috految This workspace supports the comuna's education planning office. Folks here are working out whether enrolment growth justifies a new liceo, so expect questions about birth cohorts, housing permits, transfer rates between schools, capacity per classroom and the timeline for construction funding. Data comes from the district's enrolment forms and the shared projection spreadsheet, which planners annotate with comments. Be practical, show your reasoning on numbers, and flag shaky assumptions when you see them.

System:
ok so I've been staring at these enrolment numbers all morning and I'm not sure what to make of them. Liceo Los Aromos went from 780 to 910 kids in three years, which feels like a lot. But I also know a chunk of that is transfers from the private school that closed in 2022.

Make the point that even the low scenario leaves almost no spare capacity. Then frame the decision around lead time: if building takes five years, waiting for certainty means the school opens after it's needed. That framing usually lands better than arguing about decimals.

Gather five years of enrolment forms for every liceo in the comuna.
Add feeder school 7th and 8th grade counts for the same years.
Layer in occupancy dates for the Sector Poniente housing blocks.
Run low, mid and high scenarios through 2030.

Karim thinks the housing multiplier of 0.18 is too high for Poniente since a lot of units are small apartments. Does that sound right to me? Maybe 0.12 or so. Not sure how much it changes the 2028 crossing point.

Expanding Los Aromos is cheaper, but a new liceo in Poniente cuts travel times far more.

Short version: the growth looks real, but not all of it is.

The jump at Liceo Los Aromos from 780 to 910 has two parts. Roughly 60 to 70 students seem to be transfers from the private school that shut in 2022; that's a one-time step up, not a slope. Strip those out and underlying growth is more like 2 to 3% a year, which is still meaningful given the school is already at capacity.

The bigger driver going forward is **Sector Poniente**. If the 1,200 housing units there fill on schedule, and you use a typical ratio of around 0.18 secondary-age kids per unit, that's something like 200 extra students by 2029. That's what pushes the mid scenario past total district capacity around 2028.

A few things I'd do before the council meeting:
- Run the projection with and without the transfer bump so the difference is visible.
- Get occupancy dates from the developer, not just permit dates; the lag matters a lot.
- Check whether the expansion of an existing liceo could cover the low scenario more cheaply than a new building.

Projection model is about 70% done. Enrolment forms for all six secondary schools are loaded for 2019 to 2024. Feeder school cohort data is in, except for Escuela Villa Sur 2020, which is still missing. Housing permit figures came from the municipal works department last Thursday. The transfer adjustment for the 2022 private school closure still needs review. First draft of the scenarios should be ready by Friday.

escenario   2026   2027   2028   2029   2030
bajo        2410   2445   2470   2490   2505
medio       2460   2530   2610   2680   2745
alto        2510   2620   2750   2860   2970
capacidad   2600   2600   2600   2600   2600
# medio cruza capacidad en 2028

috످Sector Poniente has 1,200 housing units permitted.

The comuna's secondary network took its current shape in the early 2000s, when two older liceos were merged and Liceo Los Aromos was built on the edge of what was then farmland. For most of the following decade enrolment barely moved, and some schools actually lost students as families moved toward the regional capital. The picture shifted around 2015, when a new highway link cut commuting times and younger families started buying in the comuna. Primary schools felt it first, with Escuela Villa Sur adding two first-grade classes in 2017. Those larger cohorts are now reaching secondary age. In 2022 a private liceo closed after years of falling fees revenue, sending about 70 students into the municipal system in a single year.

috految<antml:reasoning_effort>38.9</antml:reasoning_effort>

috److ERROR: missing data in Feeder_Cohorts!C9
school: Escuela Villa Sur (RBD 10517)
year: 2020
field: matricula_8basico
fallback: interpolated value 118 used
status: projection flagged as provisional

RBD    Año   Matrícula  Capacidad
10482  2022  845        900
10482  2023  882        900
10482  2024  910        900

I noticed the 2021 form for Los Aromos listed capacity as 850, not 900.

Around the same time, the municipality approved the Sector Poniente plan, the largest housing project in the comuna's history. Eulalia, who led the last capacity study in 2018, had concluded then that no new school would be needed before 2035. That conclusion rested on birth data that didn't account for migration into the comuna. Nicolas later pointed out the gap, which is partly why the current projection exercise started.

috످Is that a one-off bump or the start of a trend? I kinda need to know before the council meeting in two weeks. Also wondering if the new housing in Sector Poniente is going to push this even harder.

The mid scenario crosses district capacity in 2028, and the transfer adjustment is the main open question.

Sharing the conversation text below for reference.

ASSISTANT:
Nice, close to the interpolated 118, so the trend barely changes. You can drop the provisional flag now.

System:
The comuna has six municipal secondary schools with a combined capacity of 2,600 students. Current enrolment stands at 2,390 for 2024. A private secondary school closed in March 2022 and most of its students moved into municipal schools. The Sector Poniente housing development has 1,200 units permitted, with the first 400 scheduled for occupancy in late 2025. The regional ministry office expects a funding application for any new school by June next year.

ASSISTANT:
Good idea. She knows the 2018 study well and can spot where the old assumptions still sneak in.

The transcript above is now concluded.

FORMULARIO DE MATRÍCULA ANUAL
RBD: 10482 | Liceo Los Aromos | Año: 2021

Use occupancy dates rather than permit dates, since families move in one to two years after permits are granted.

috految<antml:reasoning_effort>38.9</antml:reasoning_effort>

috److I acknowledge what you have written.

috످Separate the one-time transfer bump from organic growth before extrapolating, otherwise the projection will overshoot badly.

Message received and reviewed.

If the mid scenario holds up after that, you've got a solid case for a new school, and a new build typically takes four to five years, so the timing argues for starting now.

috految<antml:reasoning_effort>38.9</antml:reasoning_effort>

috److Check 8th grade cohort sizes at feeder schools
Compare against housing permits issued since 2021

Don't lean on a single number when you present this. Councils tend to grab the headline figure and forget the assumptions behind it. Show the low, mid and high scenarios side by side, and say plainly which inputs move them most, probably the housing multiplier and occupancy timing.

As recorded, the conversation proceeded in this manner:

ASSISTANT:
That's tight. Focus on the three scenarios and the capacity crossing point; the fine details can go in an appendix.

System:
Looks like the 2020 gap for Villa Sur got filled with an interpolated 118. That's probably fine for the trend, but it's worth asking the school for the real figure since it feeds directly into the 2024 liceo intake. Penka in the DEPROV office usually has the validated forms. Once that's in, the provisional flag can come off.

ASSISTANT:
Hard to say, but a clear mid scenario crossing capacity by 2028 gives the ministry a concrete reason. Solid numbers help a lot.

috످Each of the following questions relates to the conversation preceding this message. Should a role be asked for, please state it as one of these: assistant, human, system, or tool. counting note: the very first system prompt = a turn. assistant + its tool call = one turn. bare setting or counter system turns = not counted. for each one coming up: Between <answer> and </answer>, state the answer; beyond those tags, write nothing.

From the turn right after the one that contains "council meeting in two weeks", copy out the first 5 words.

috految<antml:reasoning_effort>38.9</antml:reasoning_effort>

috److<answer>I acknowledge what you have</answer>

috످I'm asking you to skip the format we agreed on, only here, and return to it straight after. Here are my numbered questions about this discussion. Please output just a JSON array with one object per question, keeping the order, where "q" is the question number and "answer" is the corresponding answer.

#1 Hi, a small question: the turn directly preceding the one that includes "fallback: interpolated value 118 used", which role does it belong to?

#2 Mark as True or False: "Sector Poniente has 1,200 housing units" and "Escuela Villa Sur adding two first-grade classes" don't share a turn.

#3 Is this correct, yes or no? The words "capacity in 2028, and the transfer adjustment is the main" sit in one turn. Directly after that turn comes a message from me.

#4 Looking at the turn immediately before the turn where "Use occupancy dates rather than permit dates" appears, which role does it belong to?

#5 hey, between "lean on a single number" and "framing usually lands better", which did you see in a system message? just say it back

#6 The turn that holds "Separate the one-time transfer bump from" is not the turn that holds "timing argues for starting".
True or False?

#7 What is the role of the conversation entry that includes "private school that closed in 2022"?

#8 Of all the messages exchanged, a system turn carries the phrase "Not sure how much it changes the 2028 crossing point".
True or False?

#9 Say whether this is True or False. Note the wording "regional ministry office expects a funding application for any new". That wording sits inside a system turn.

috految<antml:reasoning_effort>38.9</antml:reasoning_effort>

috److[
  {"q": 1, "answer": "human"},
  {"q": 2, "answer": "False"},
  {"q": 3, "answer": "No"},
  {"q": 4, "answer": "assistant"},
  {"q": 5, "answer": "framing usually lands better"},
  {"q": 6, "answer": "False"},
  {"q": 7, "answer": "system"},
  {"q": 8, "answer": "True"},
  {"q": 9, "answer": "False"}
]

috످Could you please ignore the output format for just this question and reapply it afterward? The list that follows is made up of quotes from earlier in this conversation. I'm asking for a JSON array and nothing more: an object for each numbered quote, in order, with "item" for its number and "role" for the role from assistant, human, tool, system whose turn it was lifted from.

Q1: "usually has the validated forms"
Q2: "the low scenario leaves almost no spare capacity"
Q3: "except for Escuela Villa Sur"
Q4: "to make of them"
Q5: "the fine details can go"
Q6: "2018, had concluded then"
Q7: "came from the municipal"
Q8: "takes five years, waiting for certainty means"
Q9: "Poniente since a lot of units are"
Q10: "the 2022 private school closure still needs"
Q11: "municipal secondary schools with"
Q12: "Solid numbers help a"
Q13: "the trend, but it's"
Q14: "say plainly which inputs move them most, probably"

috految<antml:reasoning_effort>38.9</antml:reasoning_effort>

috److془Q1: The tip about who at the office can supply Villa Sur's figure sits in the assistant's latest long turn, under a System label.
Q2: Advice on pitching how tight seats are even with slow growth is in the opening system prompt.
Q3: The progress note on one feeder's missing data is in system prompt.
Q4: Someone's puzzlement over enrolment figures is in system prompt.
Q5: Suggestion to move minor points to appendix is in assistant turn.
Q6: Eulalia's old study is in the assistant's first reply.
Q7: Source of permit data is in system prompt.
Q8: The argument about construction lead time is in system prompt.
Q9: Karim's doubt about the ratio is in system prompt.
Q10: The note that transfer correction is unchecked is in system prompt.
Q11: The overview of the district's schools is in pasted transcript in human turn.
Q12: The remark about persuading the ministry is in assistant turn.
Q13: The comment on estimated figure being acceptable is in assistant turn.
Q14: Advice on showing council key assumptions is in assistant turn.془[
  {"item": 1, "role": "assistant"},
  {"item": 2, "role": "system"},
  {"item": 3, "role": "system"},
  {"item": 4, "role": "system"},
  {"item": 5, "role": "assistant"},
  {"item": 6, "role": "assistant"},
  {"item": 7, "role": "system"},
  {"item": 8, "role": "system"},
  {"item": 9, "role": "system"},
  {"item": 10, "role": "system"},
  {"item": 11, "role": "human"},
  {"item": 12, "role": "assistant"},
  {"item": 13, "role": "assistant"},
  {"item": 14, "role": "assistant"}
]

috످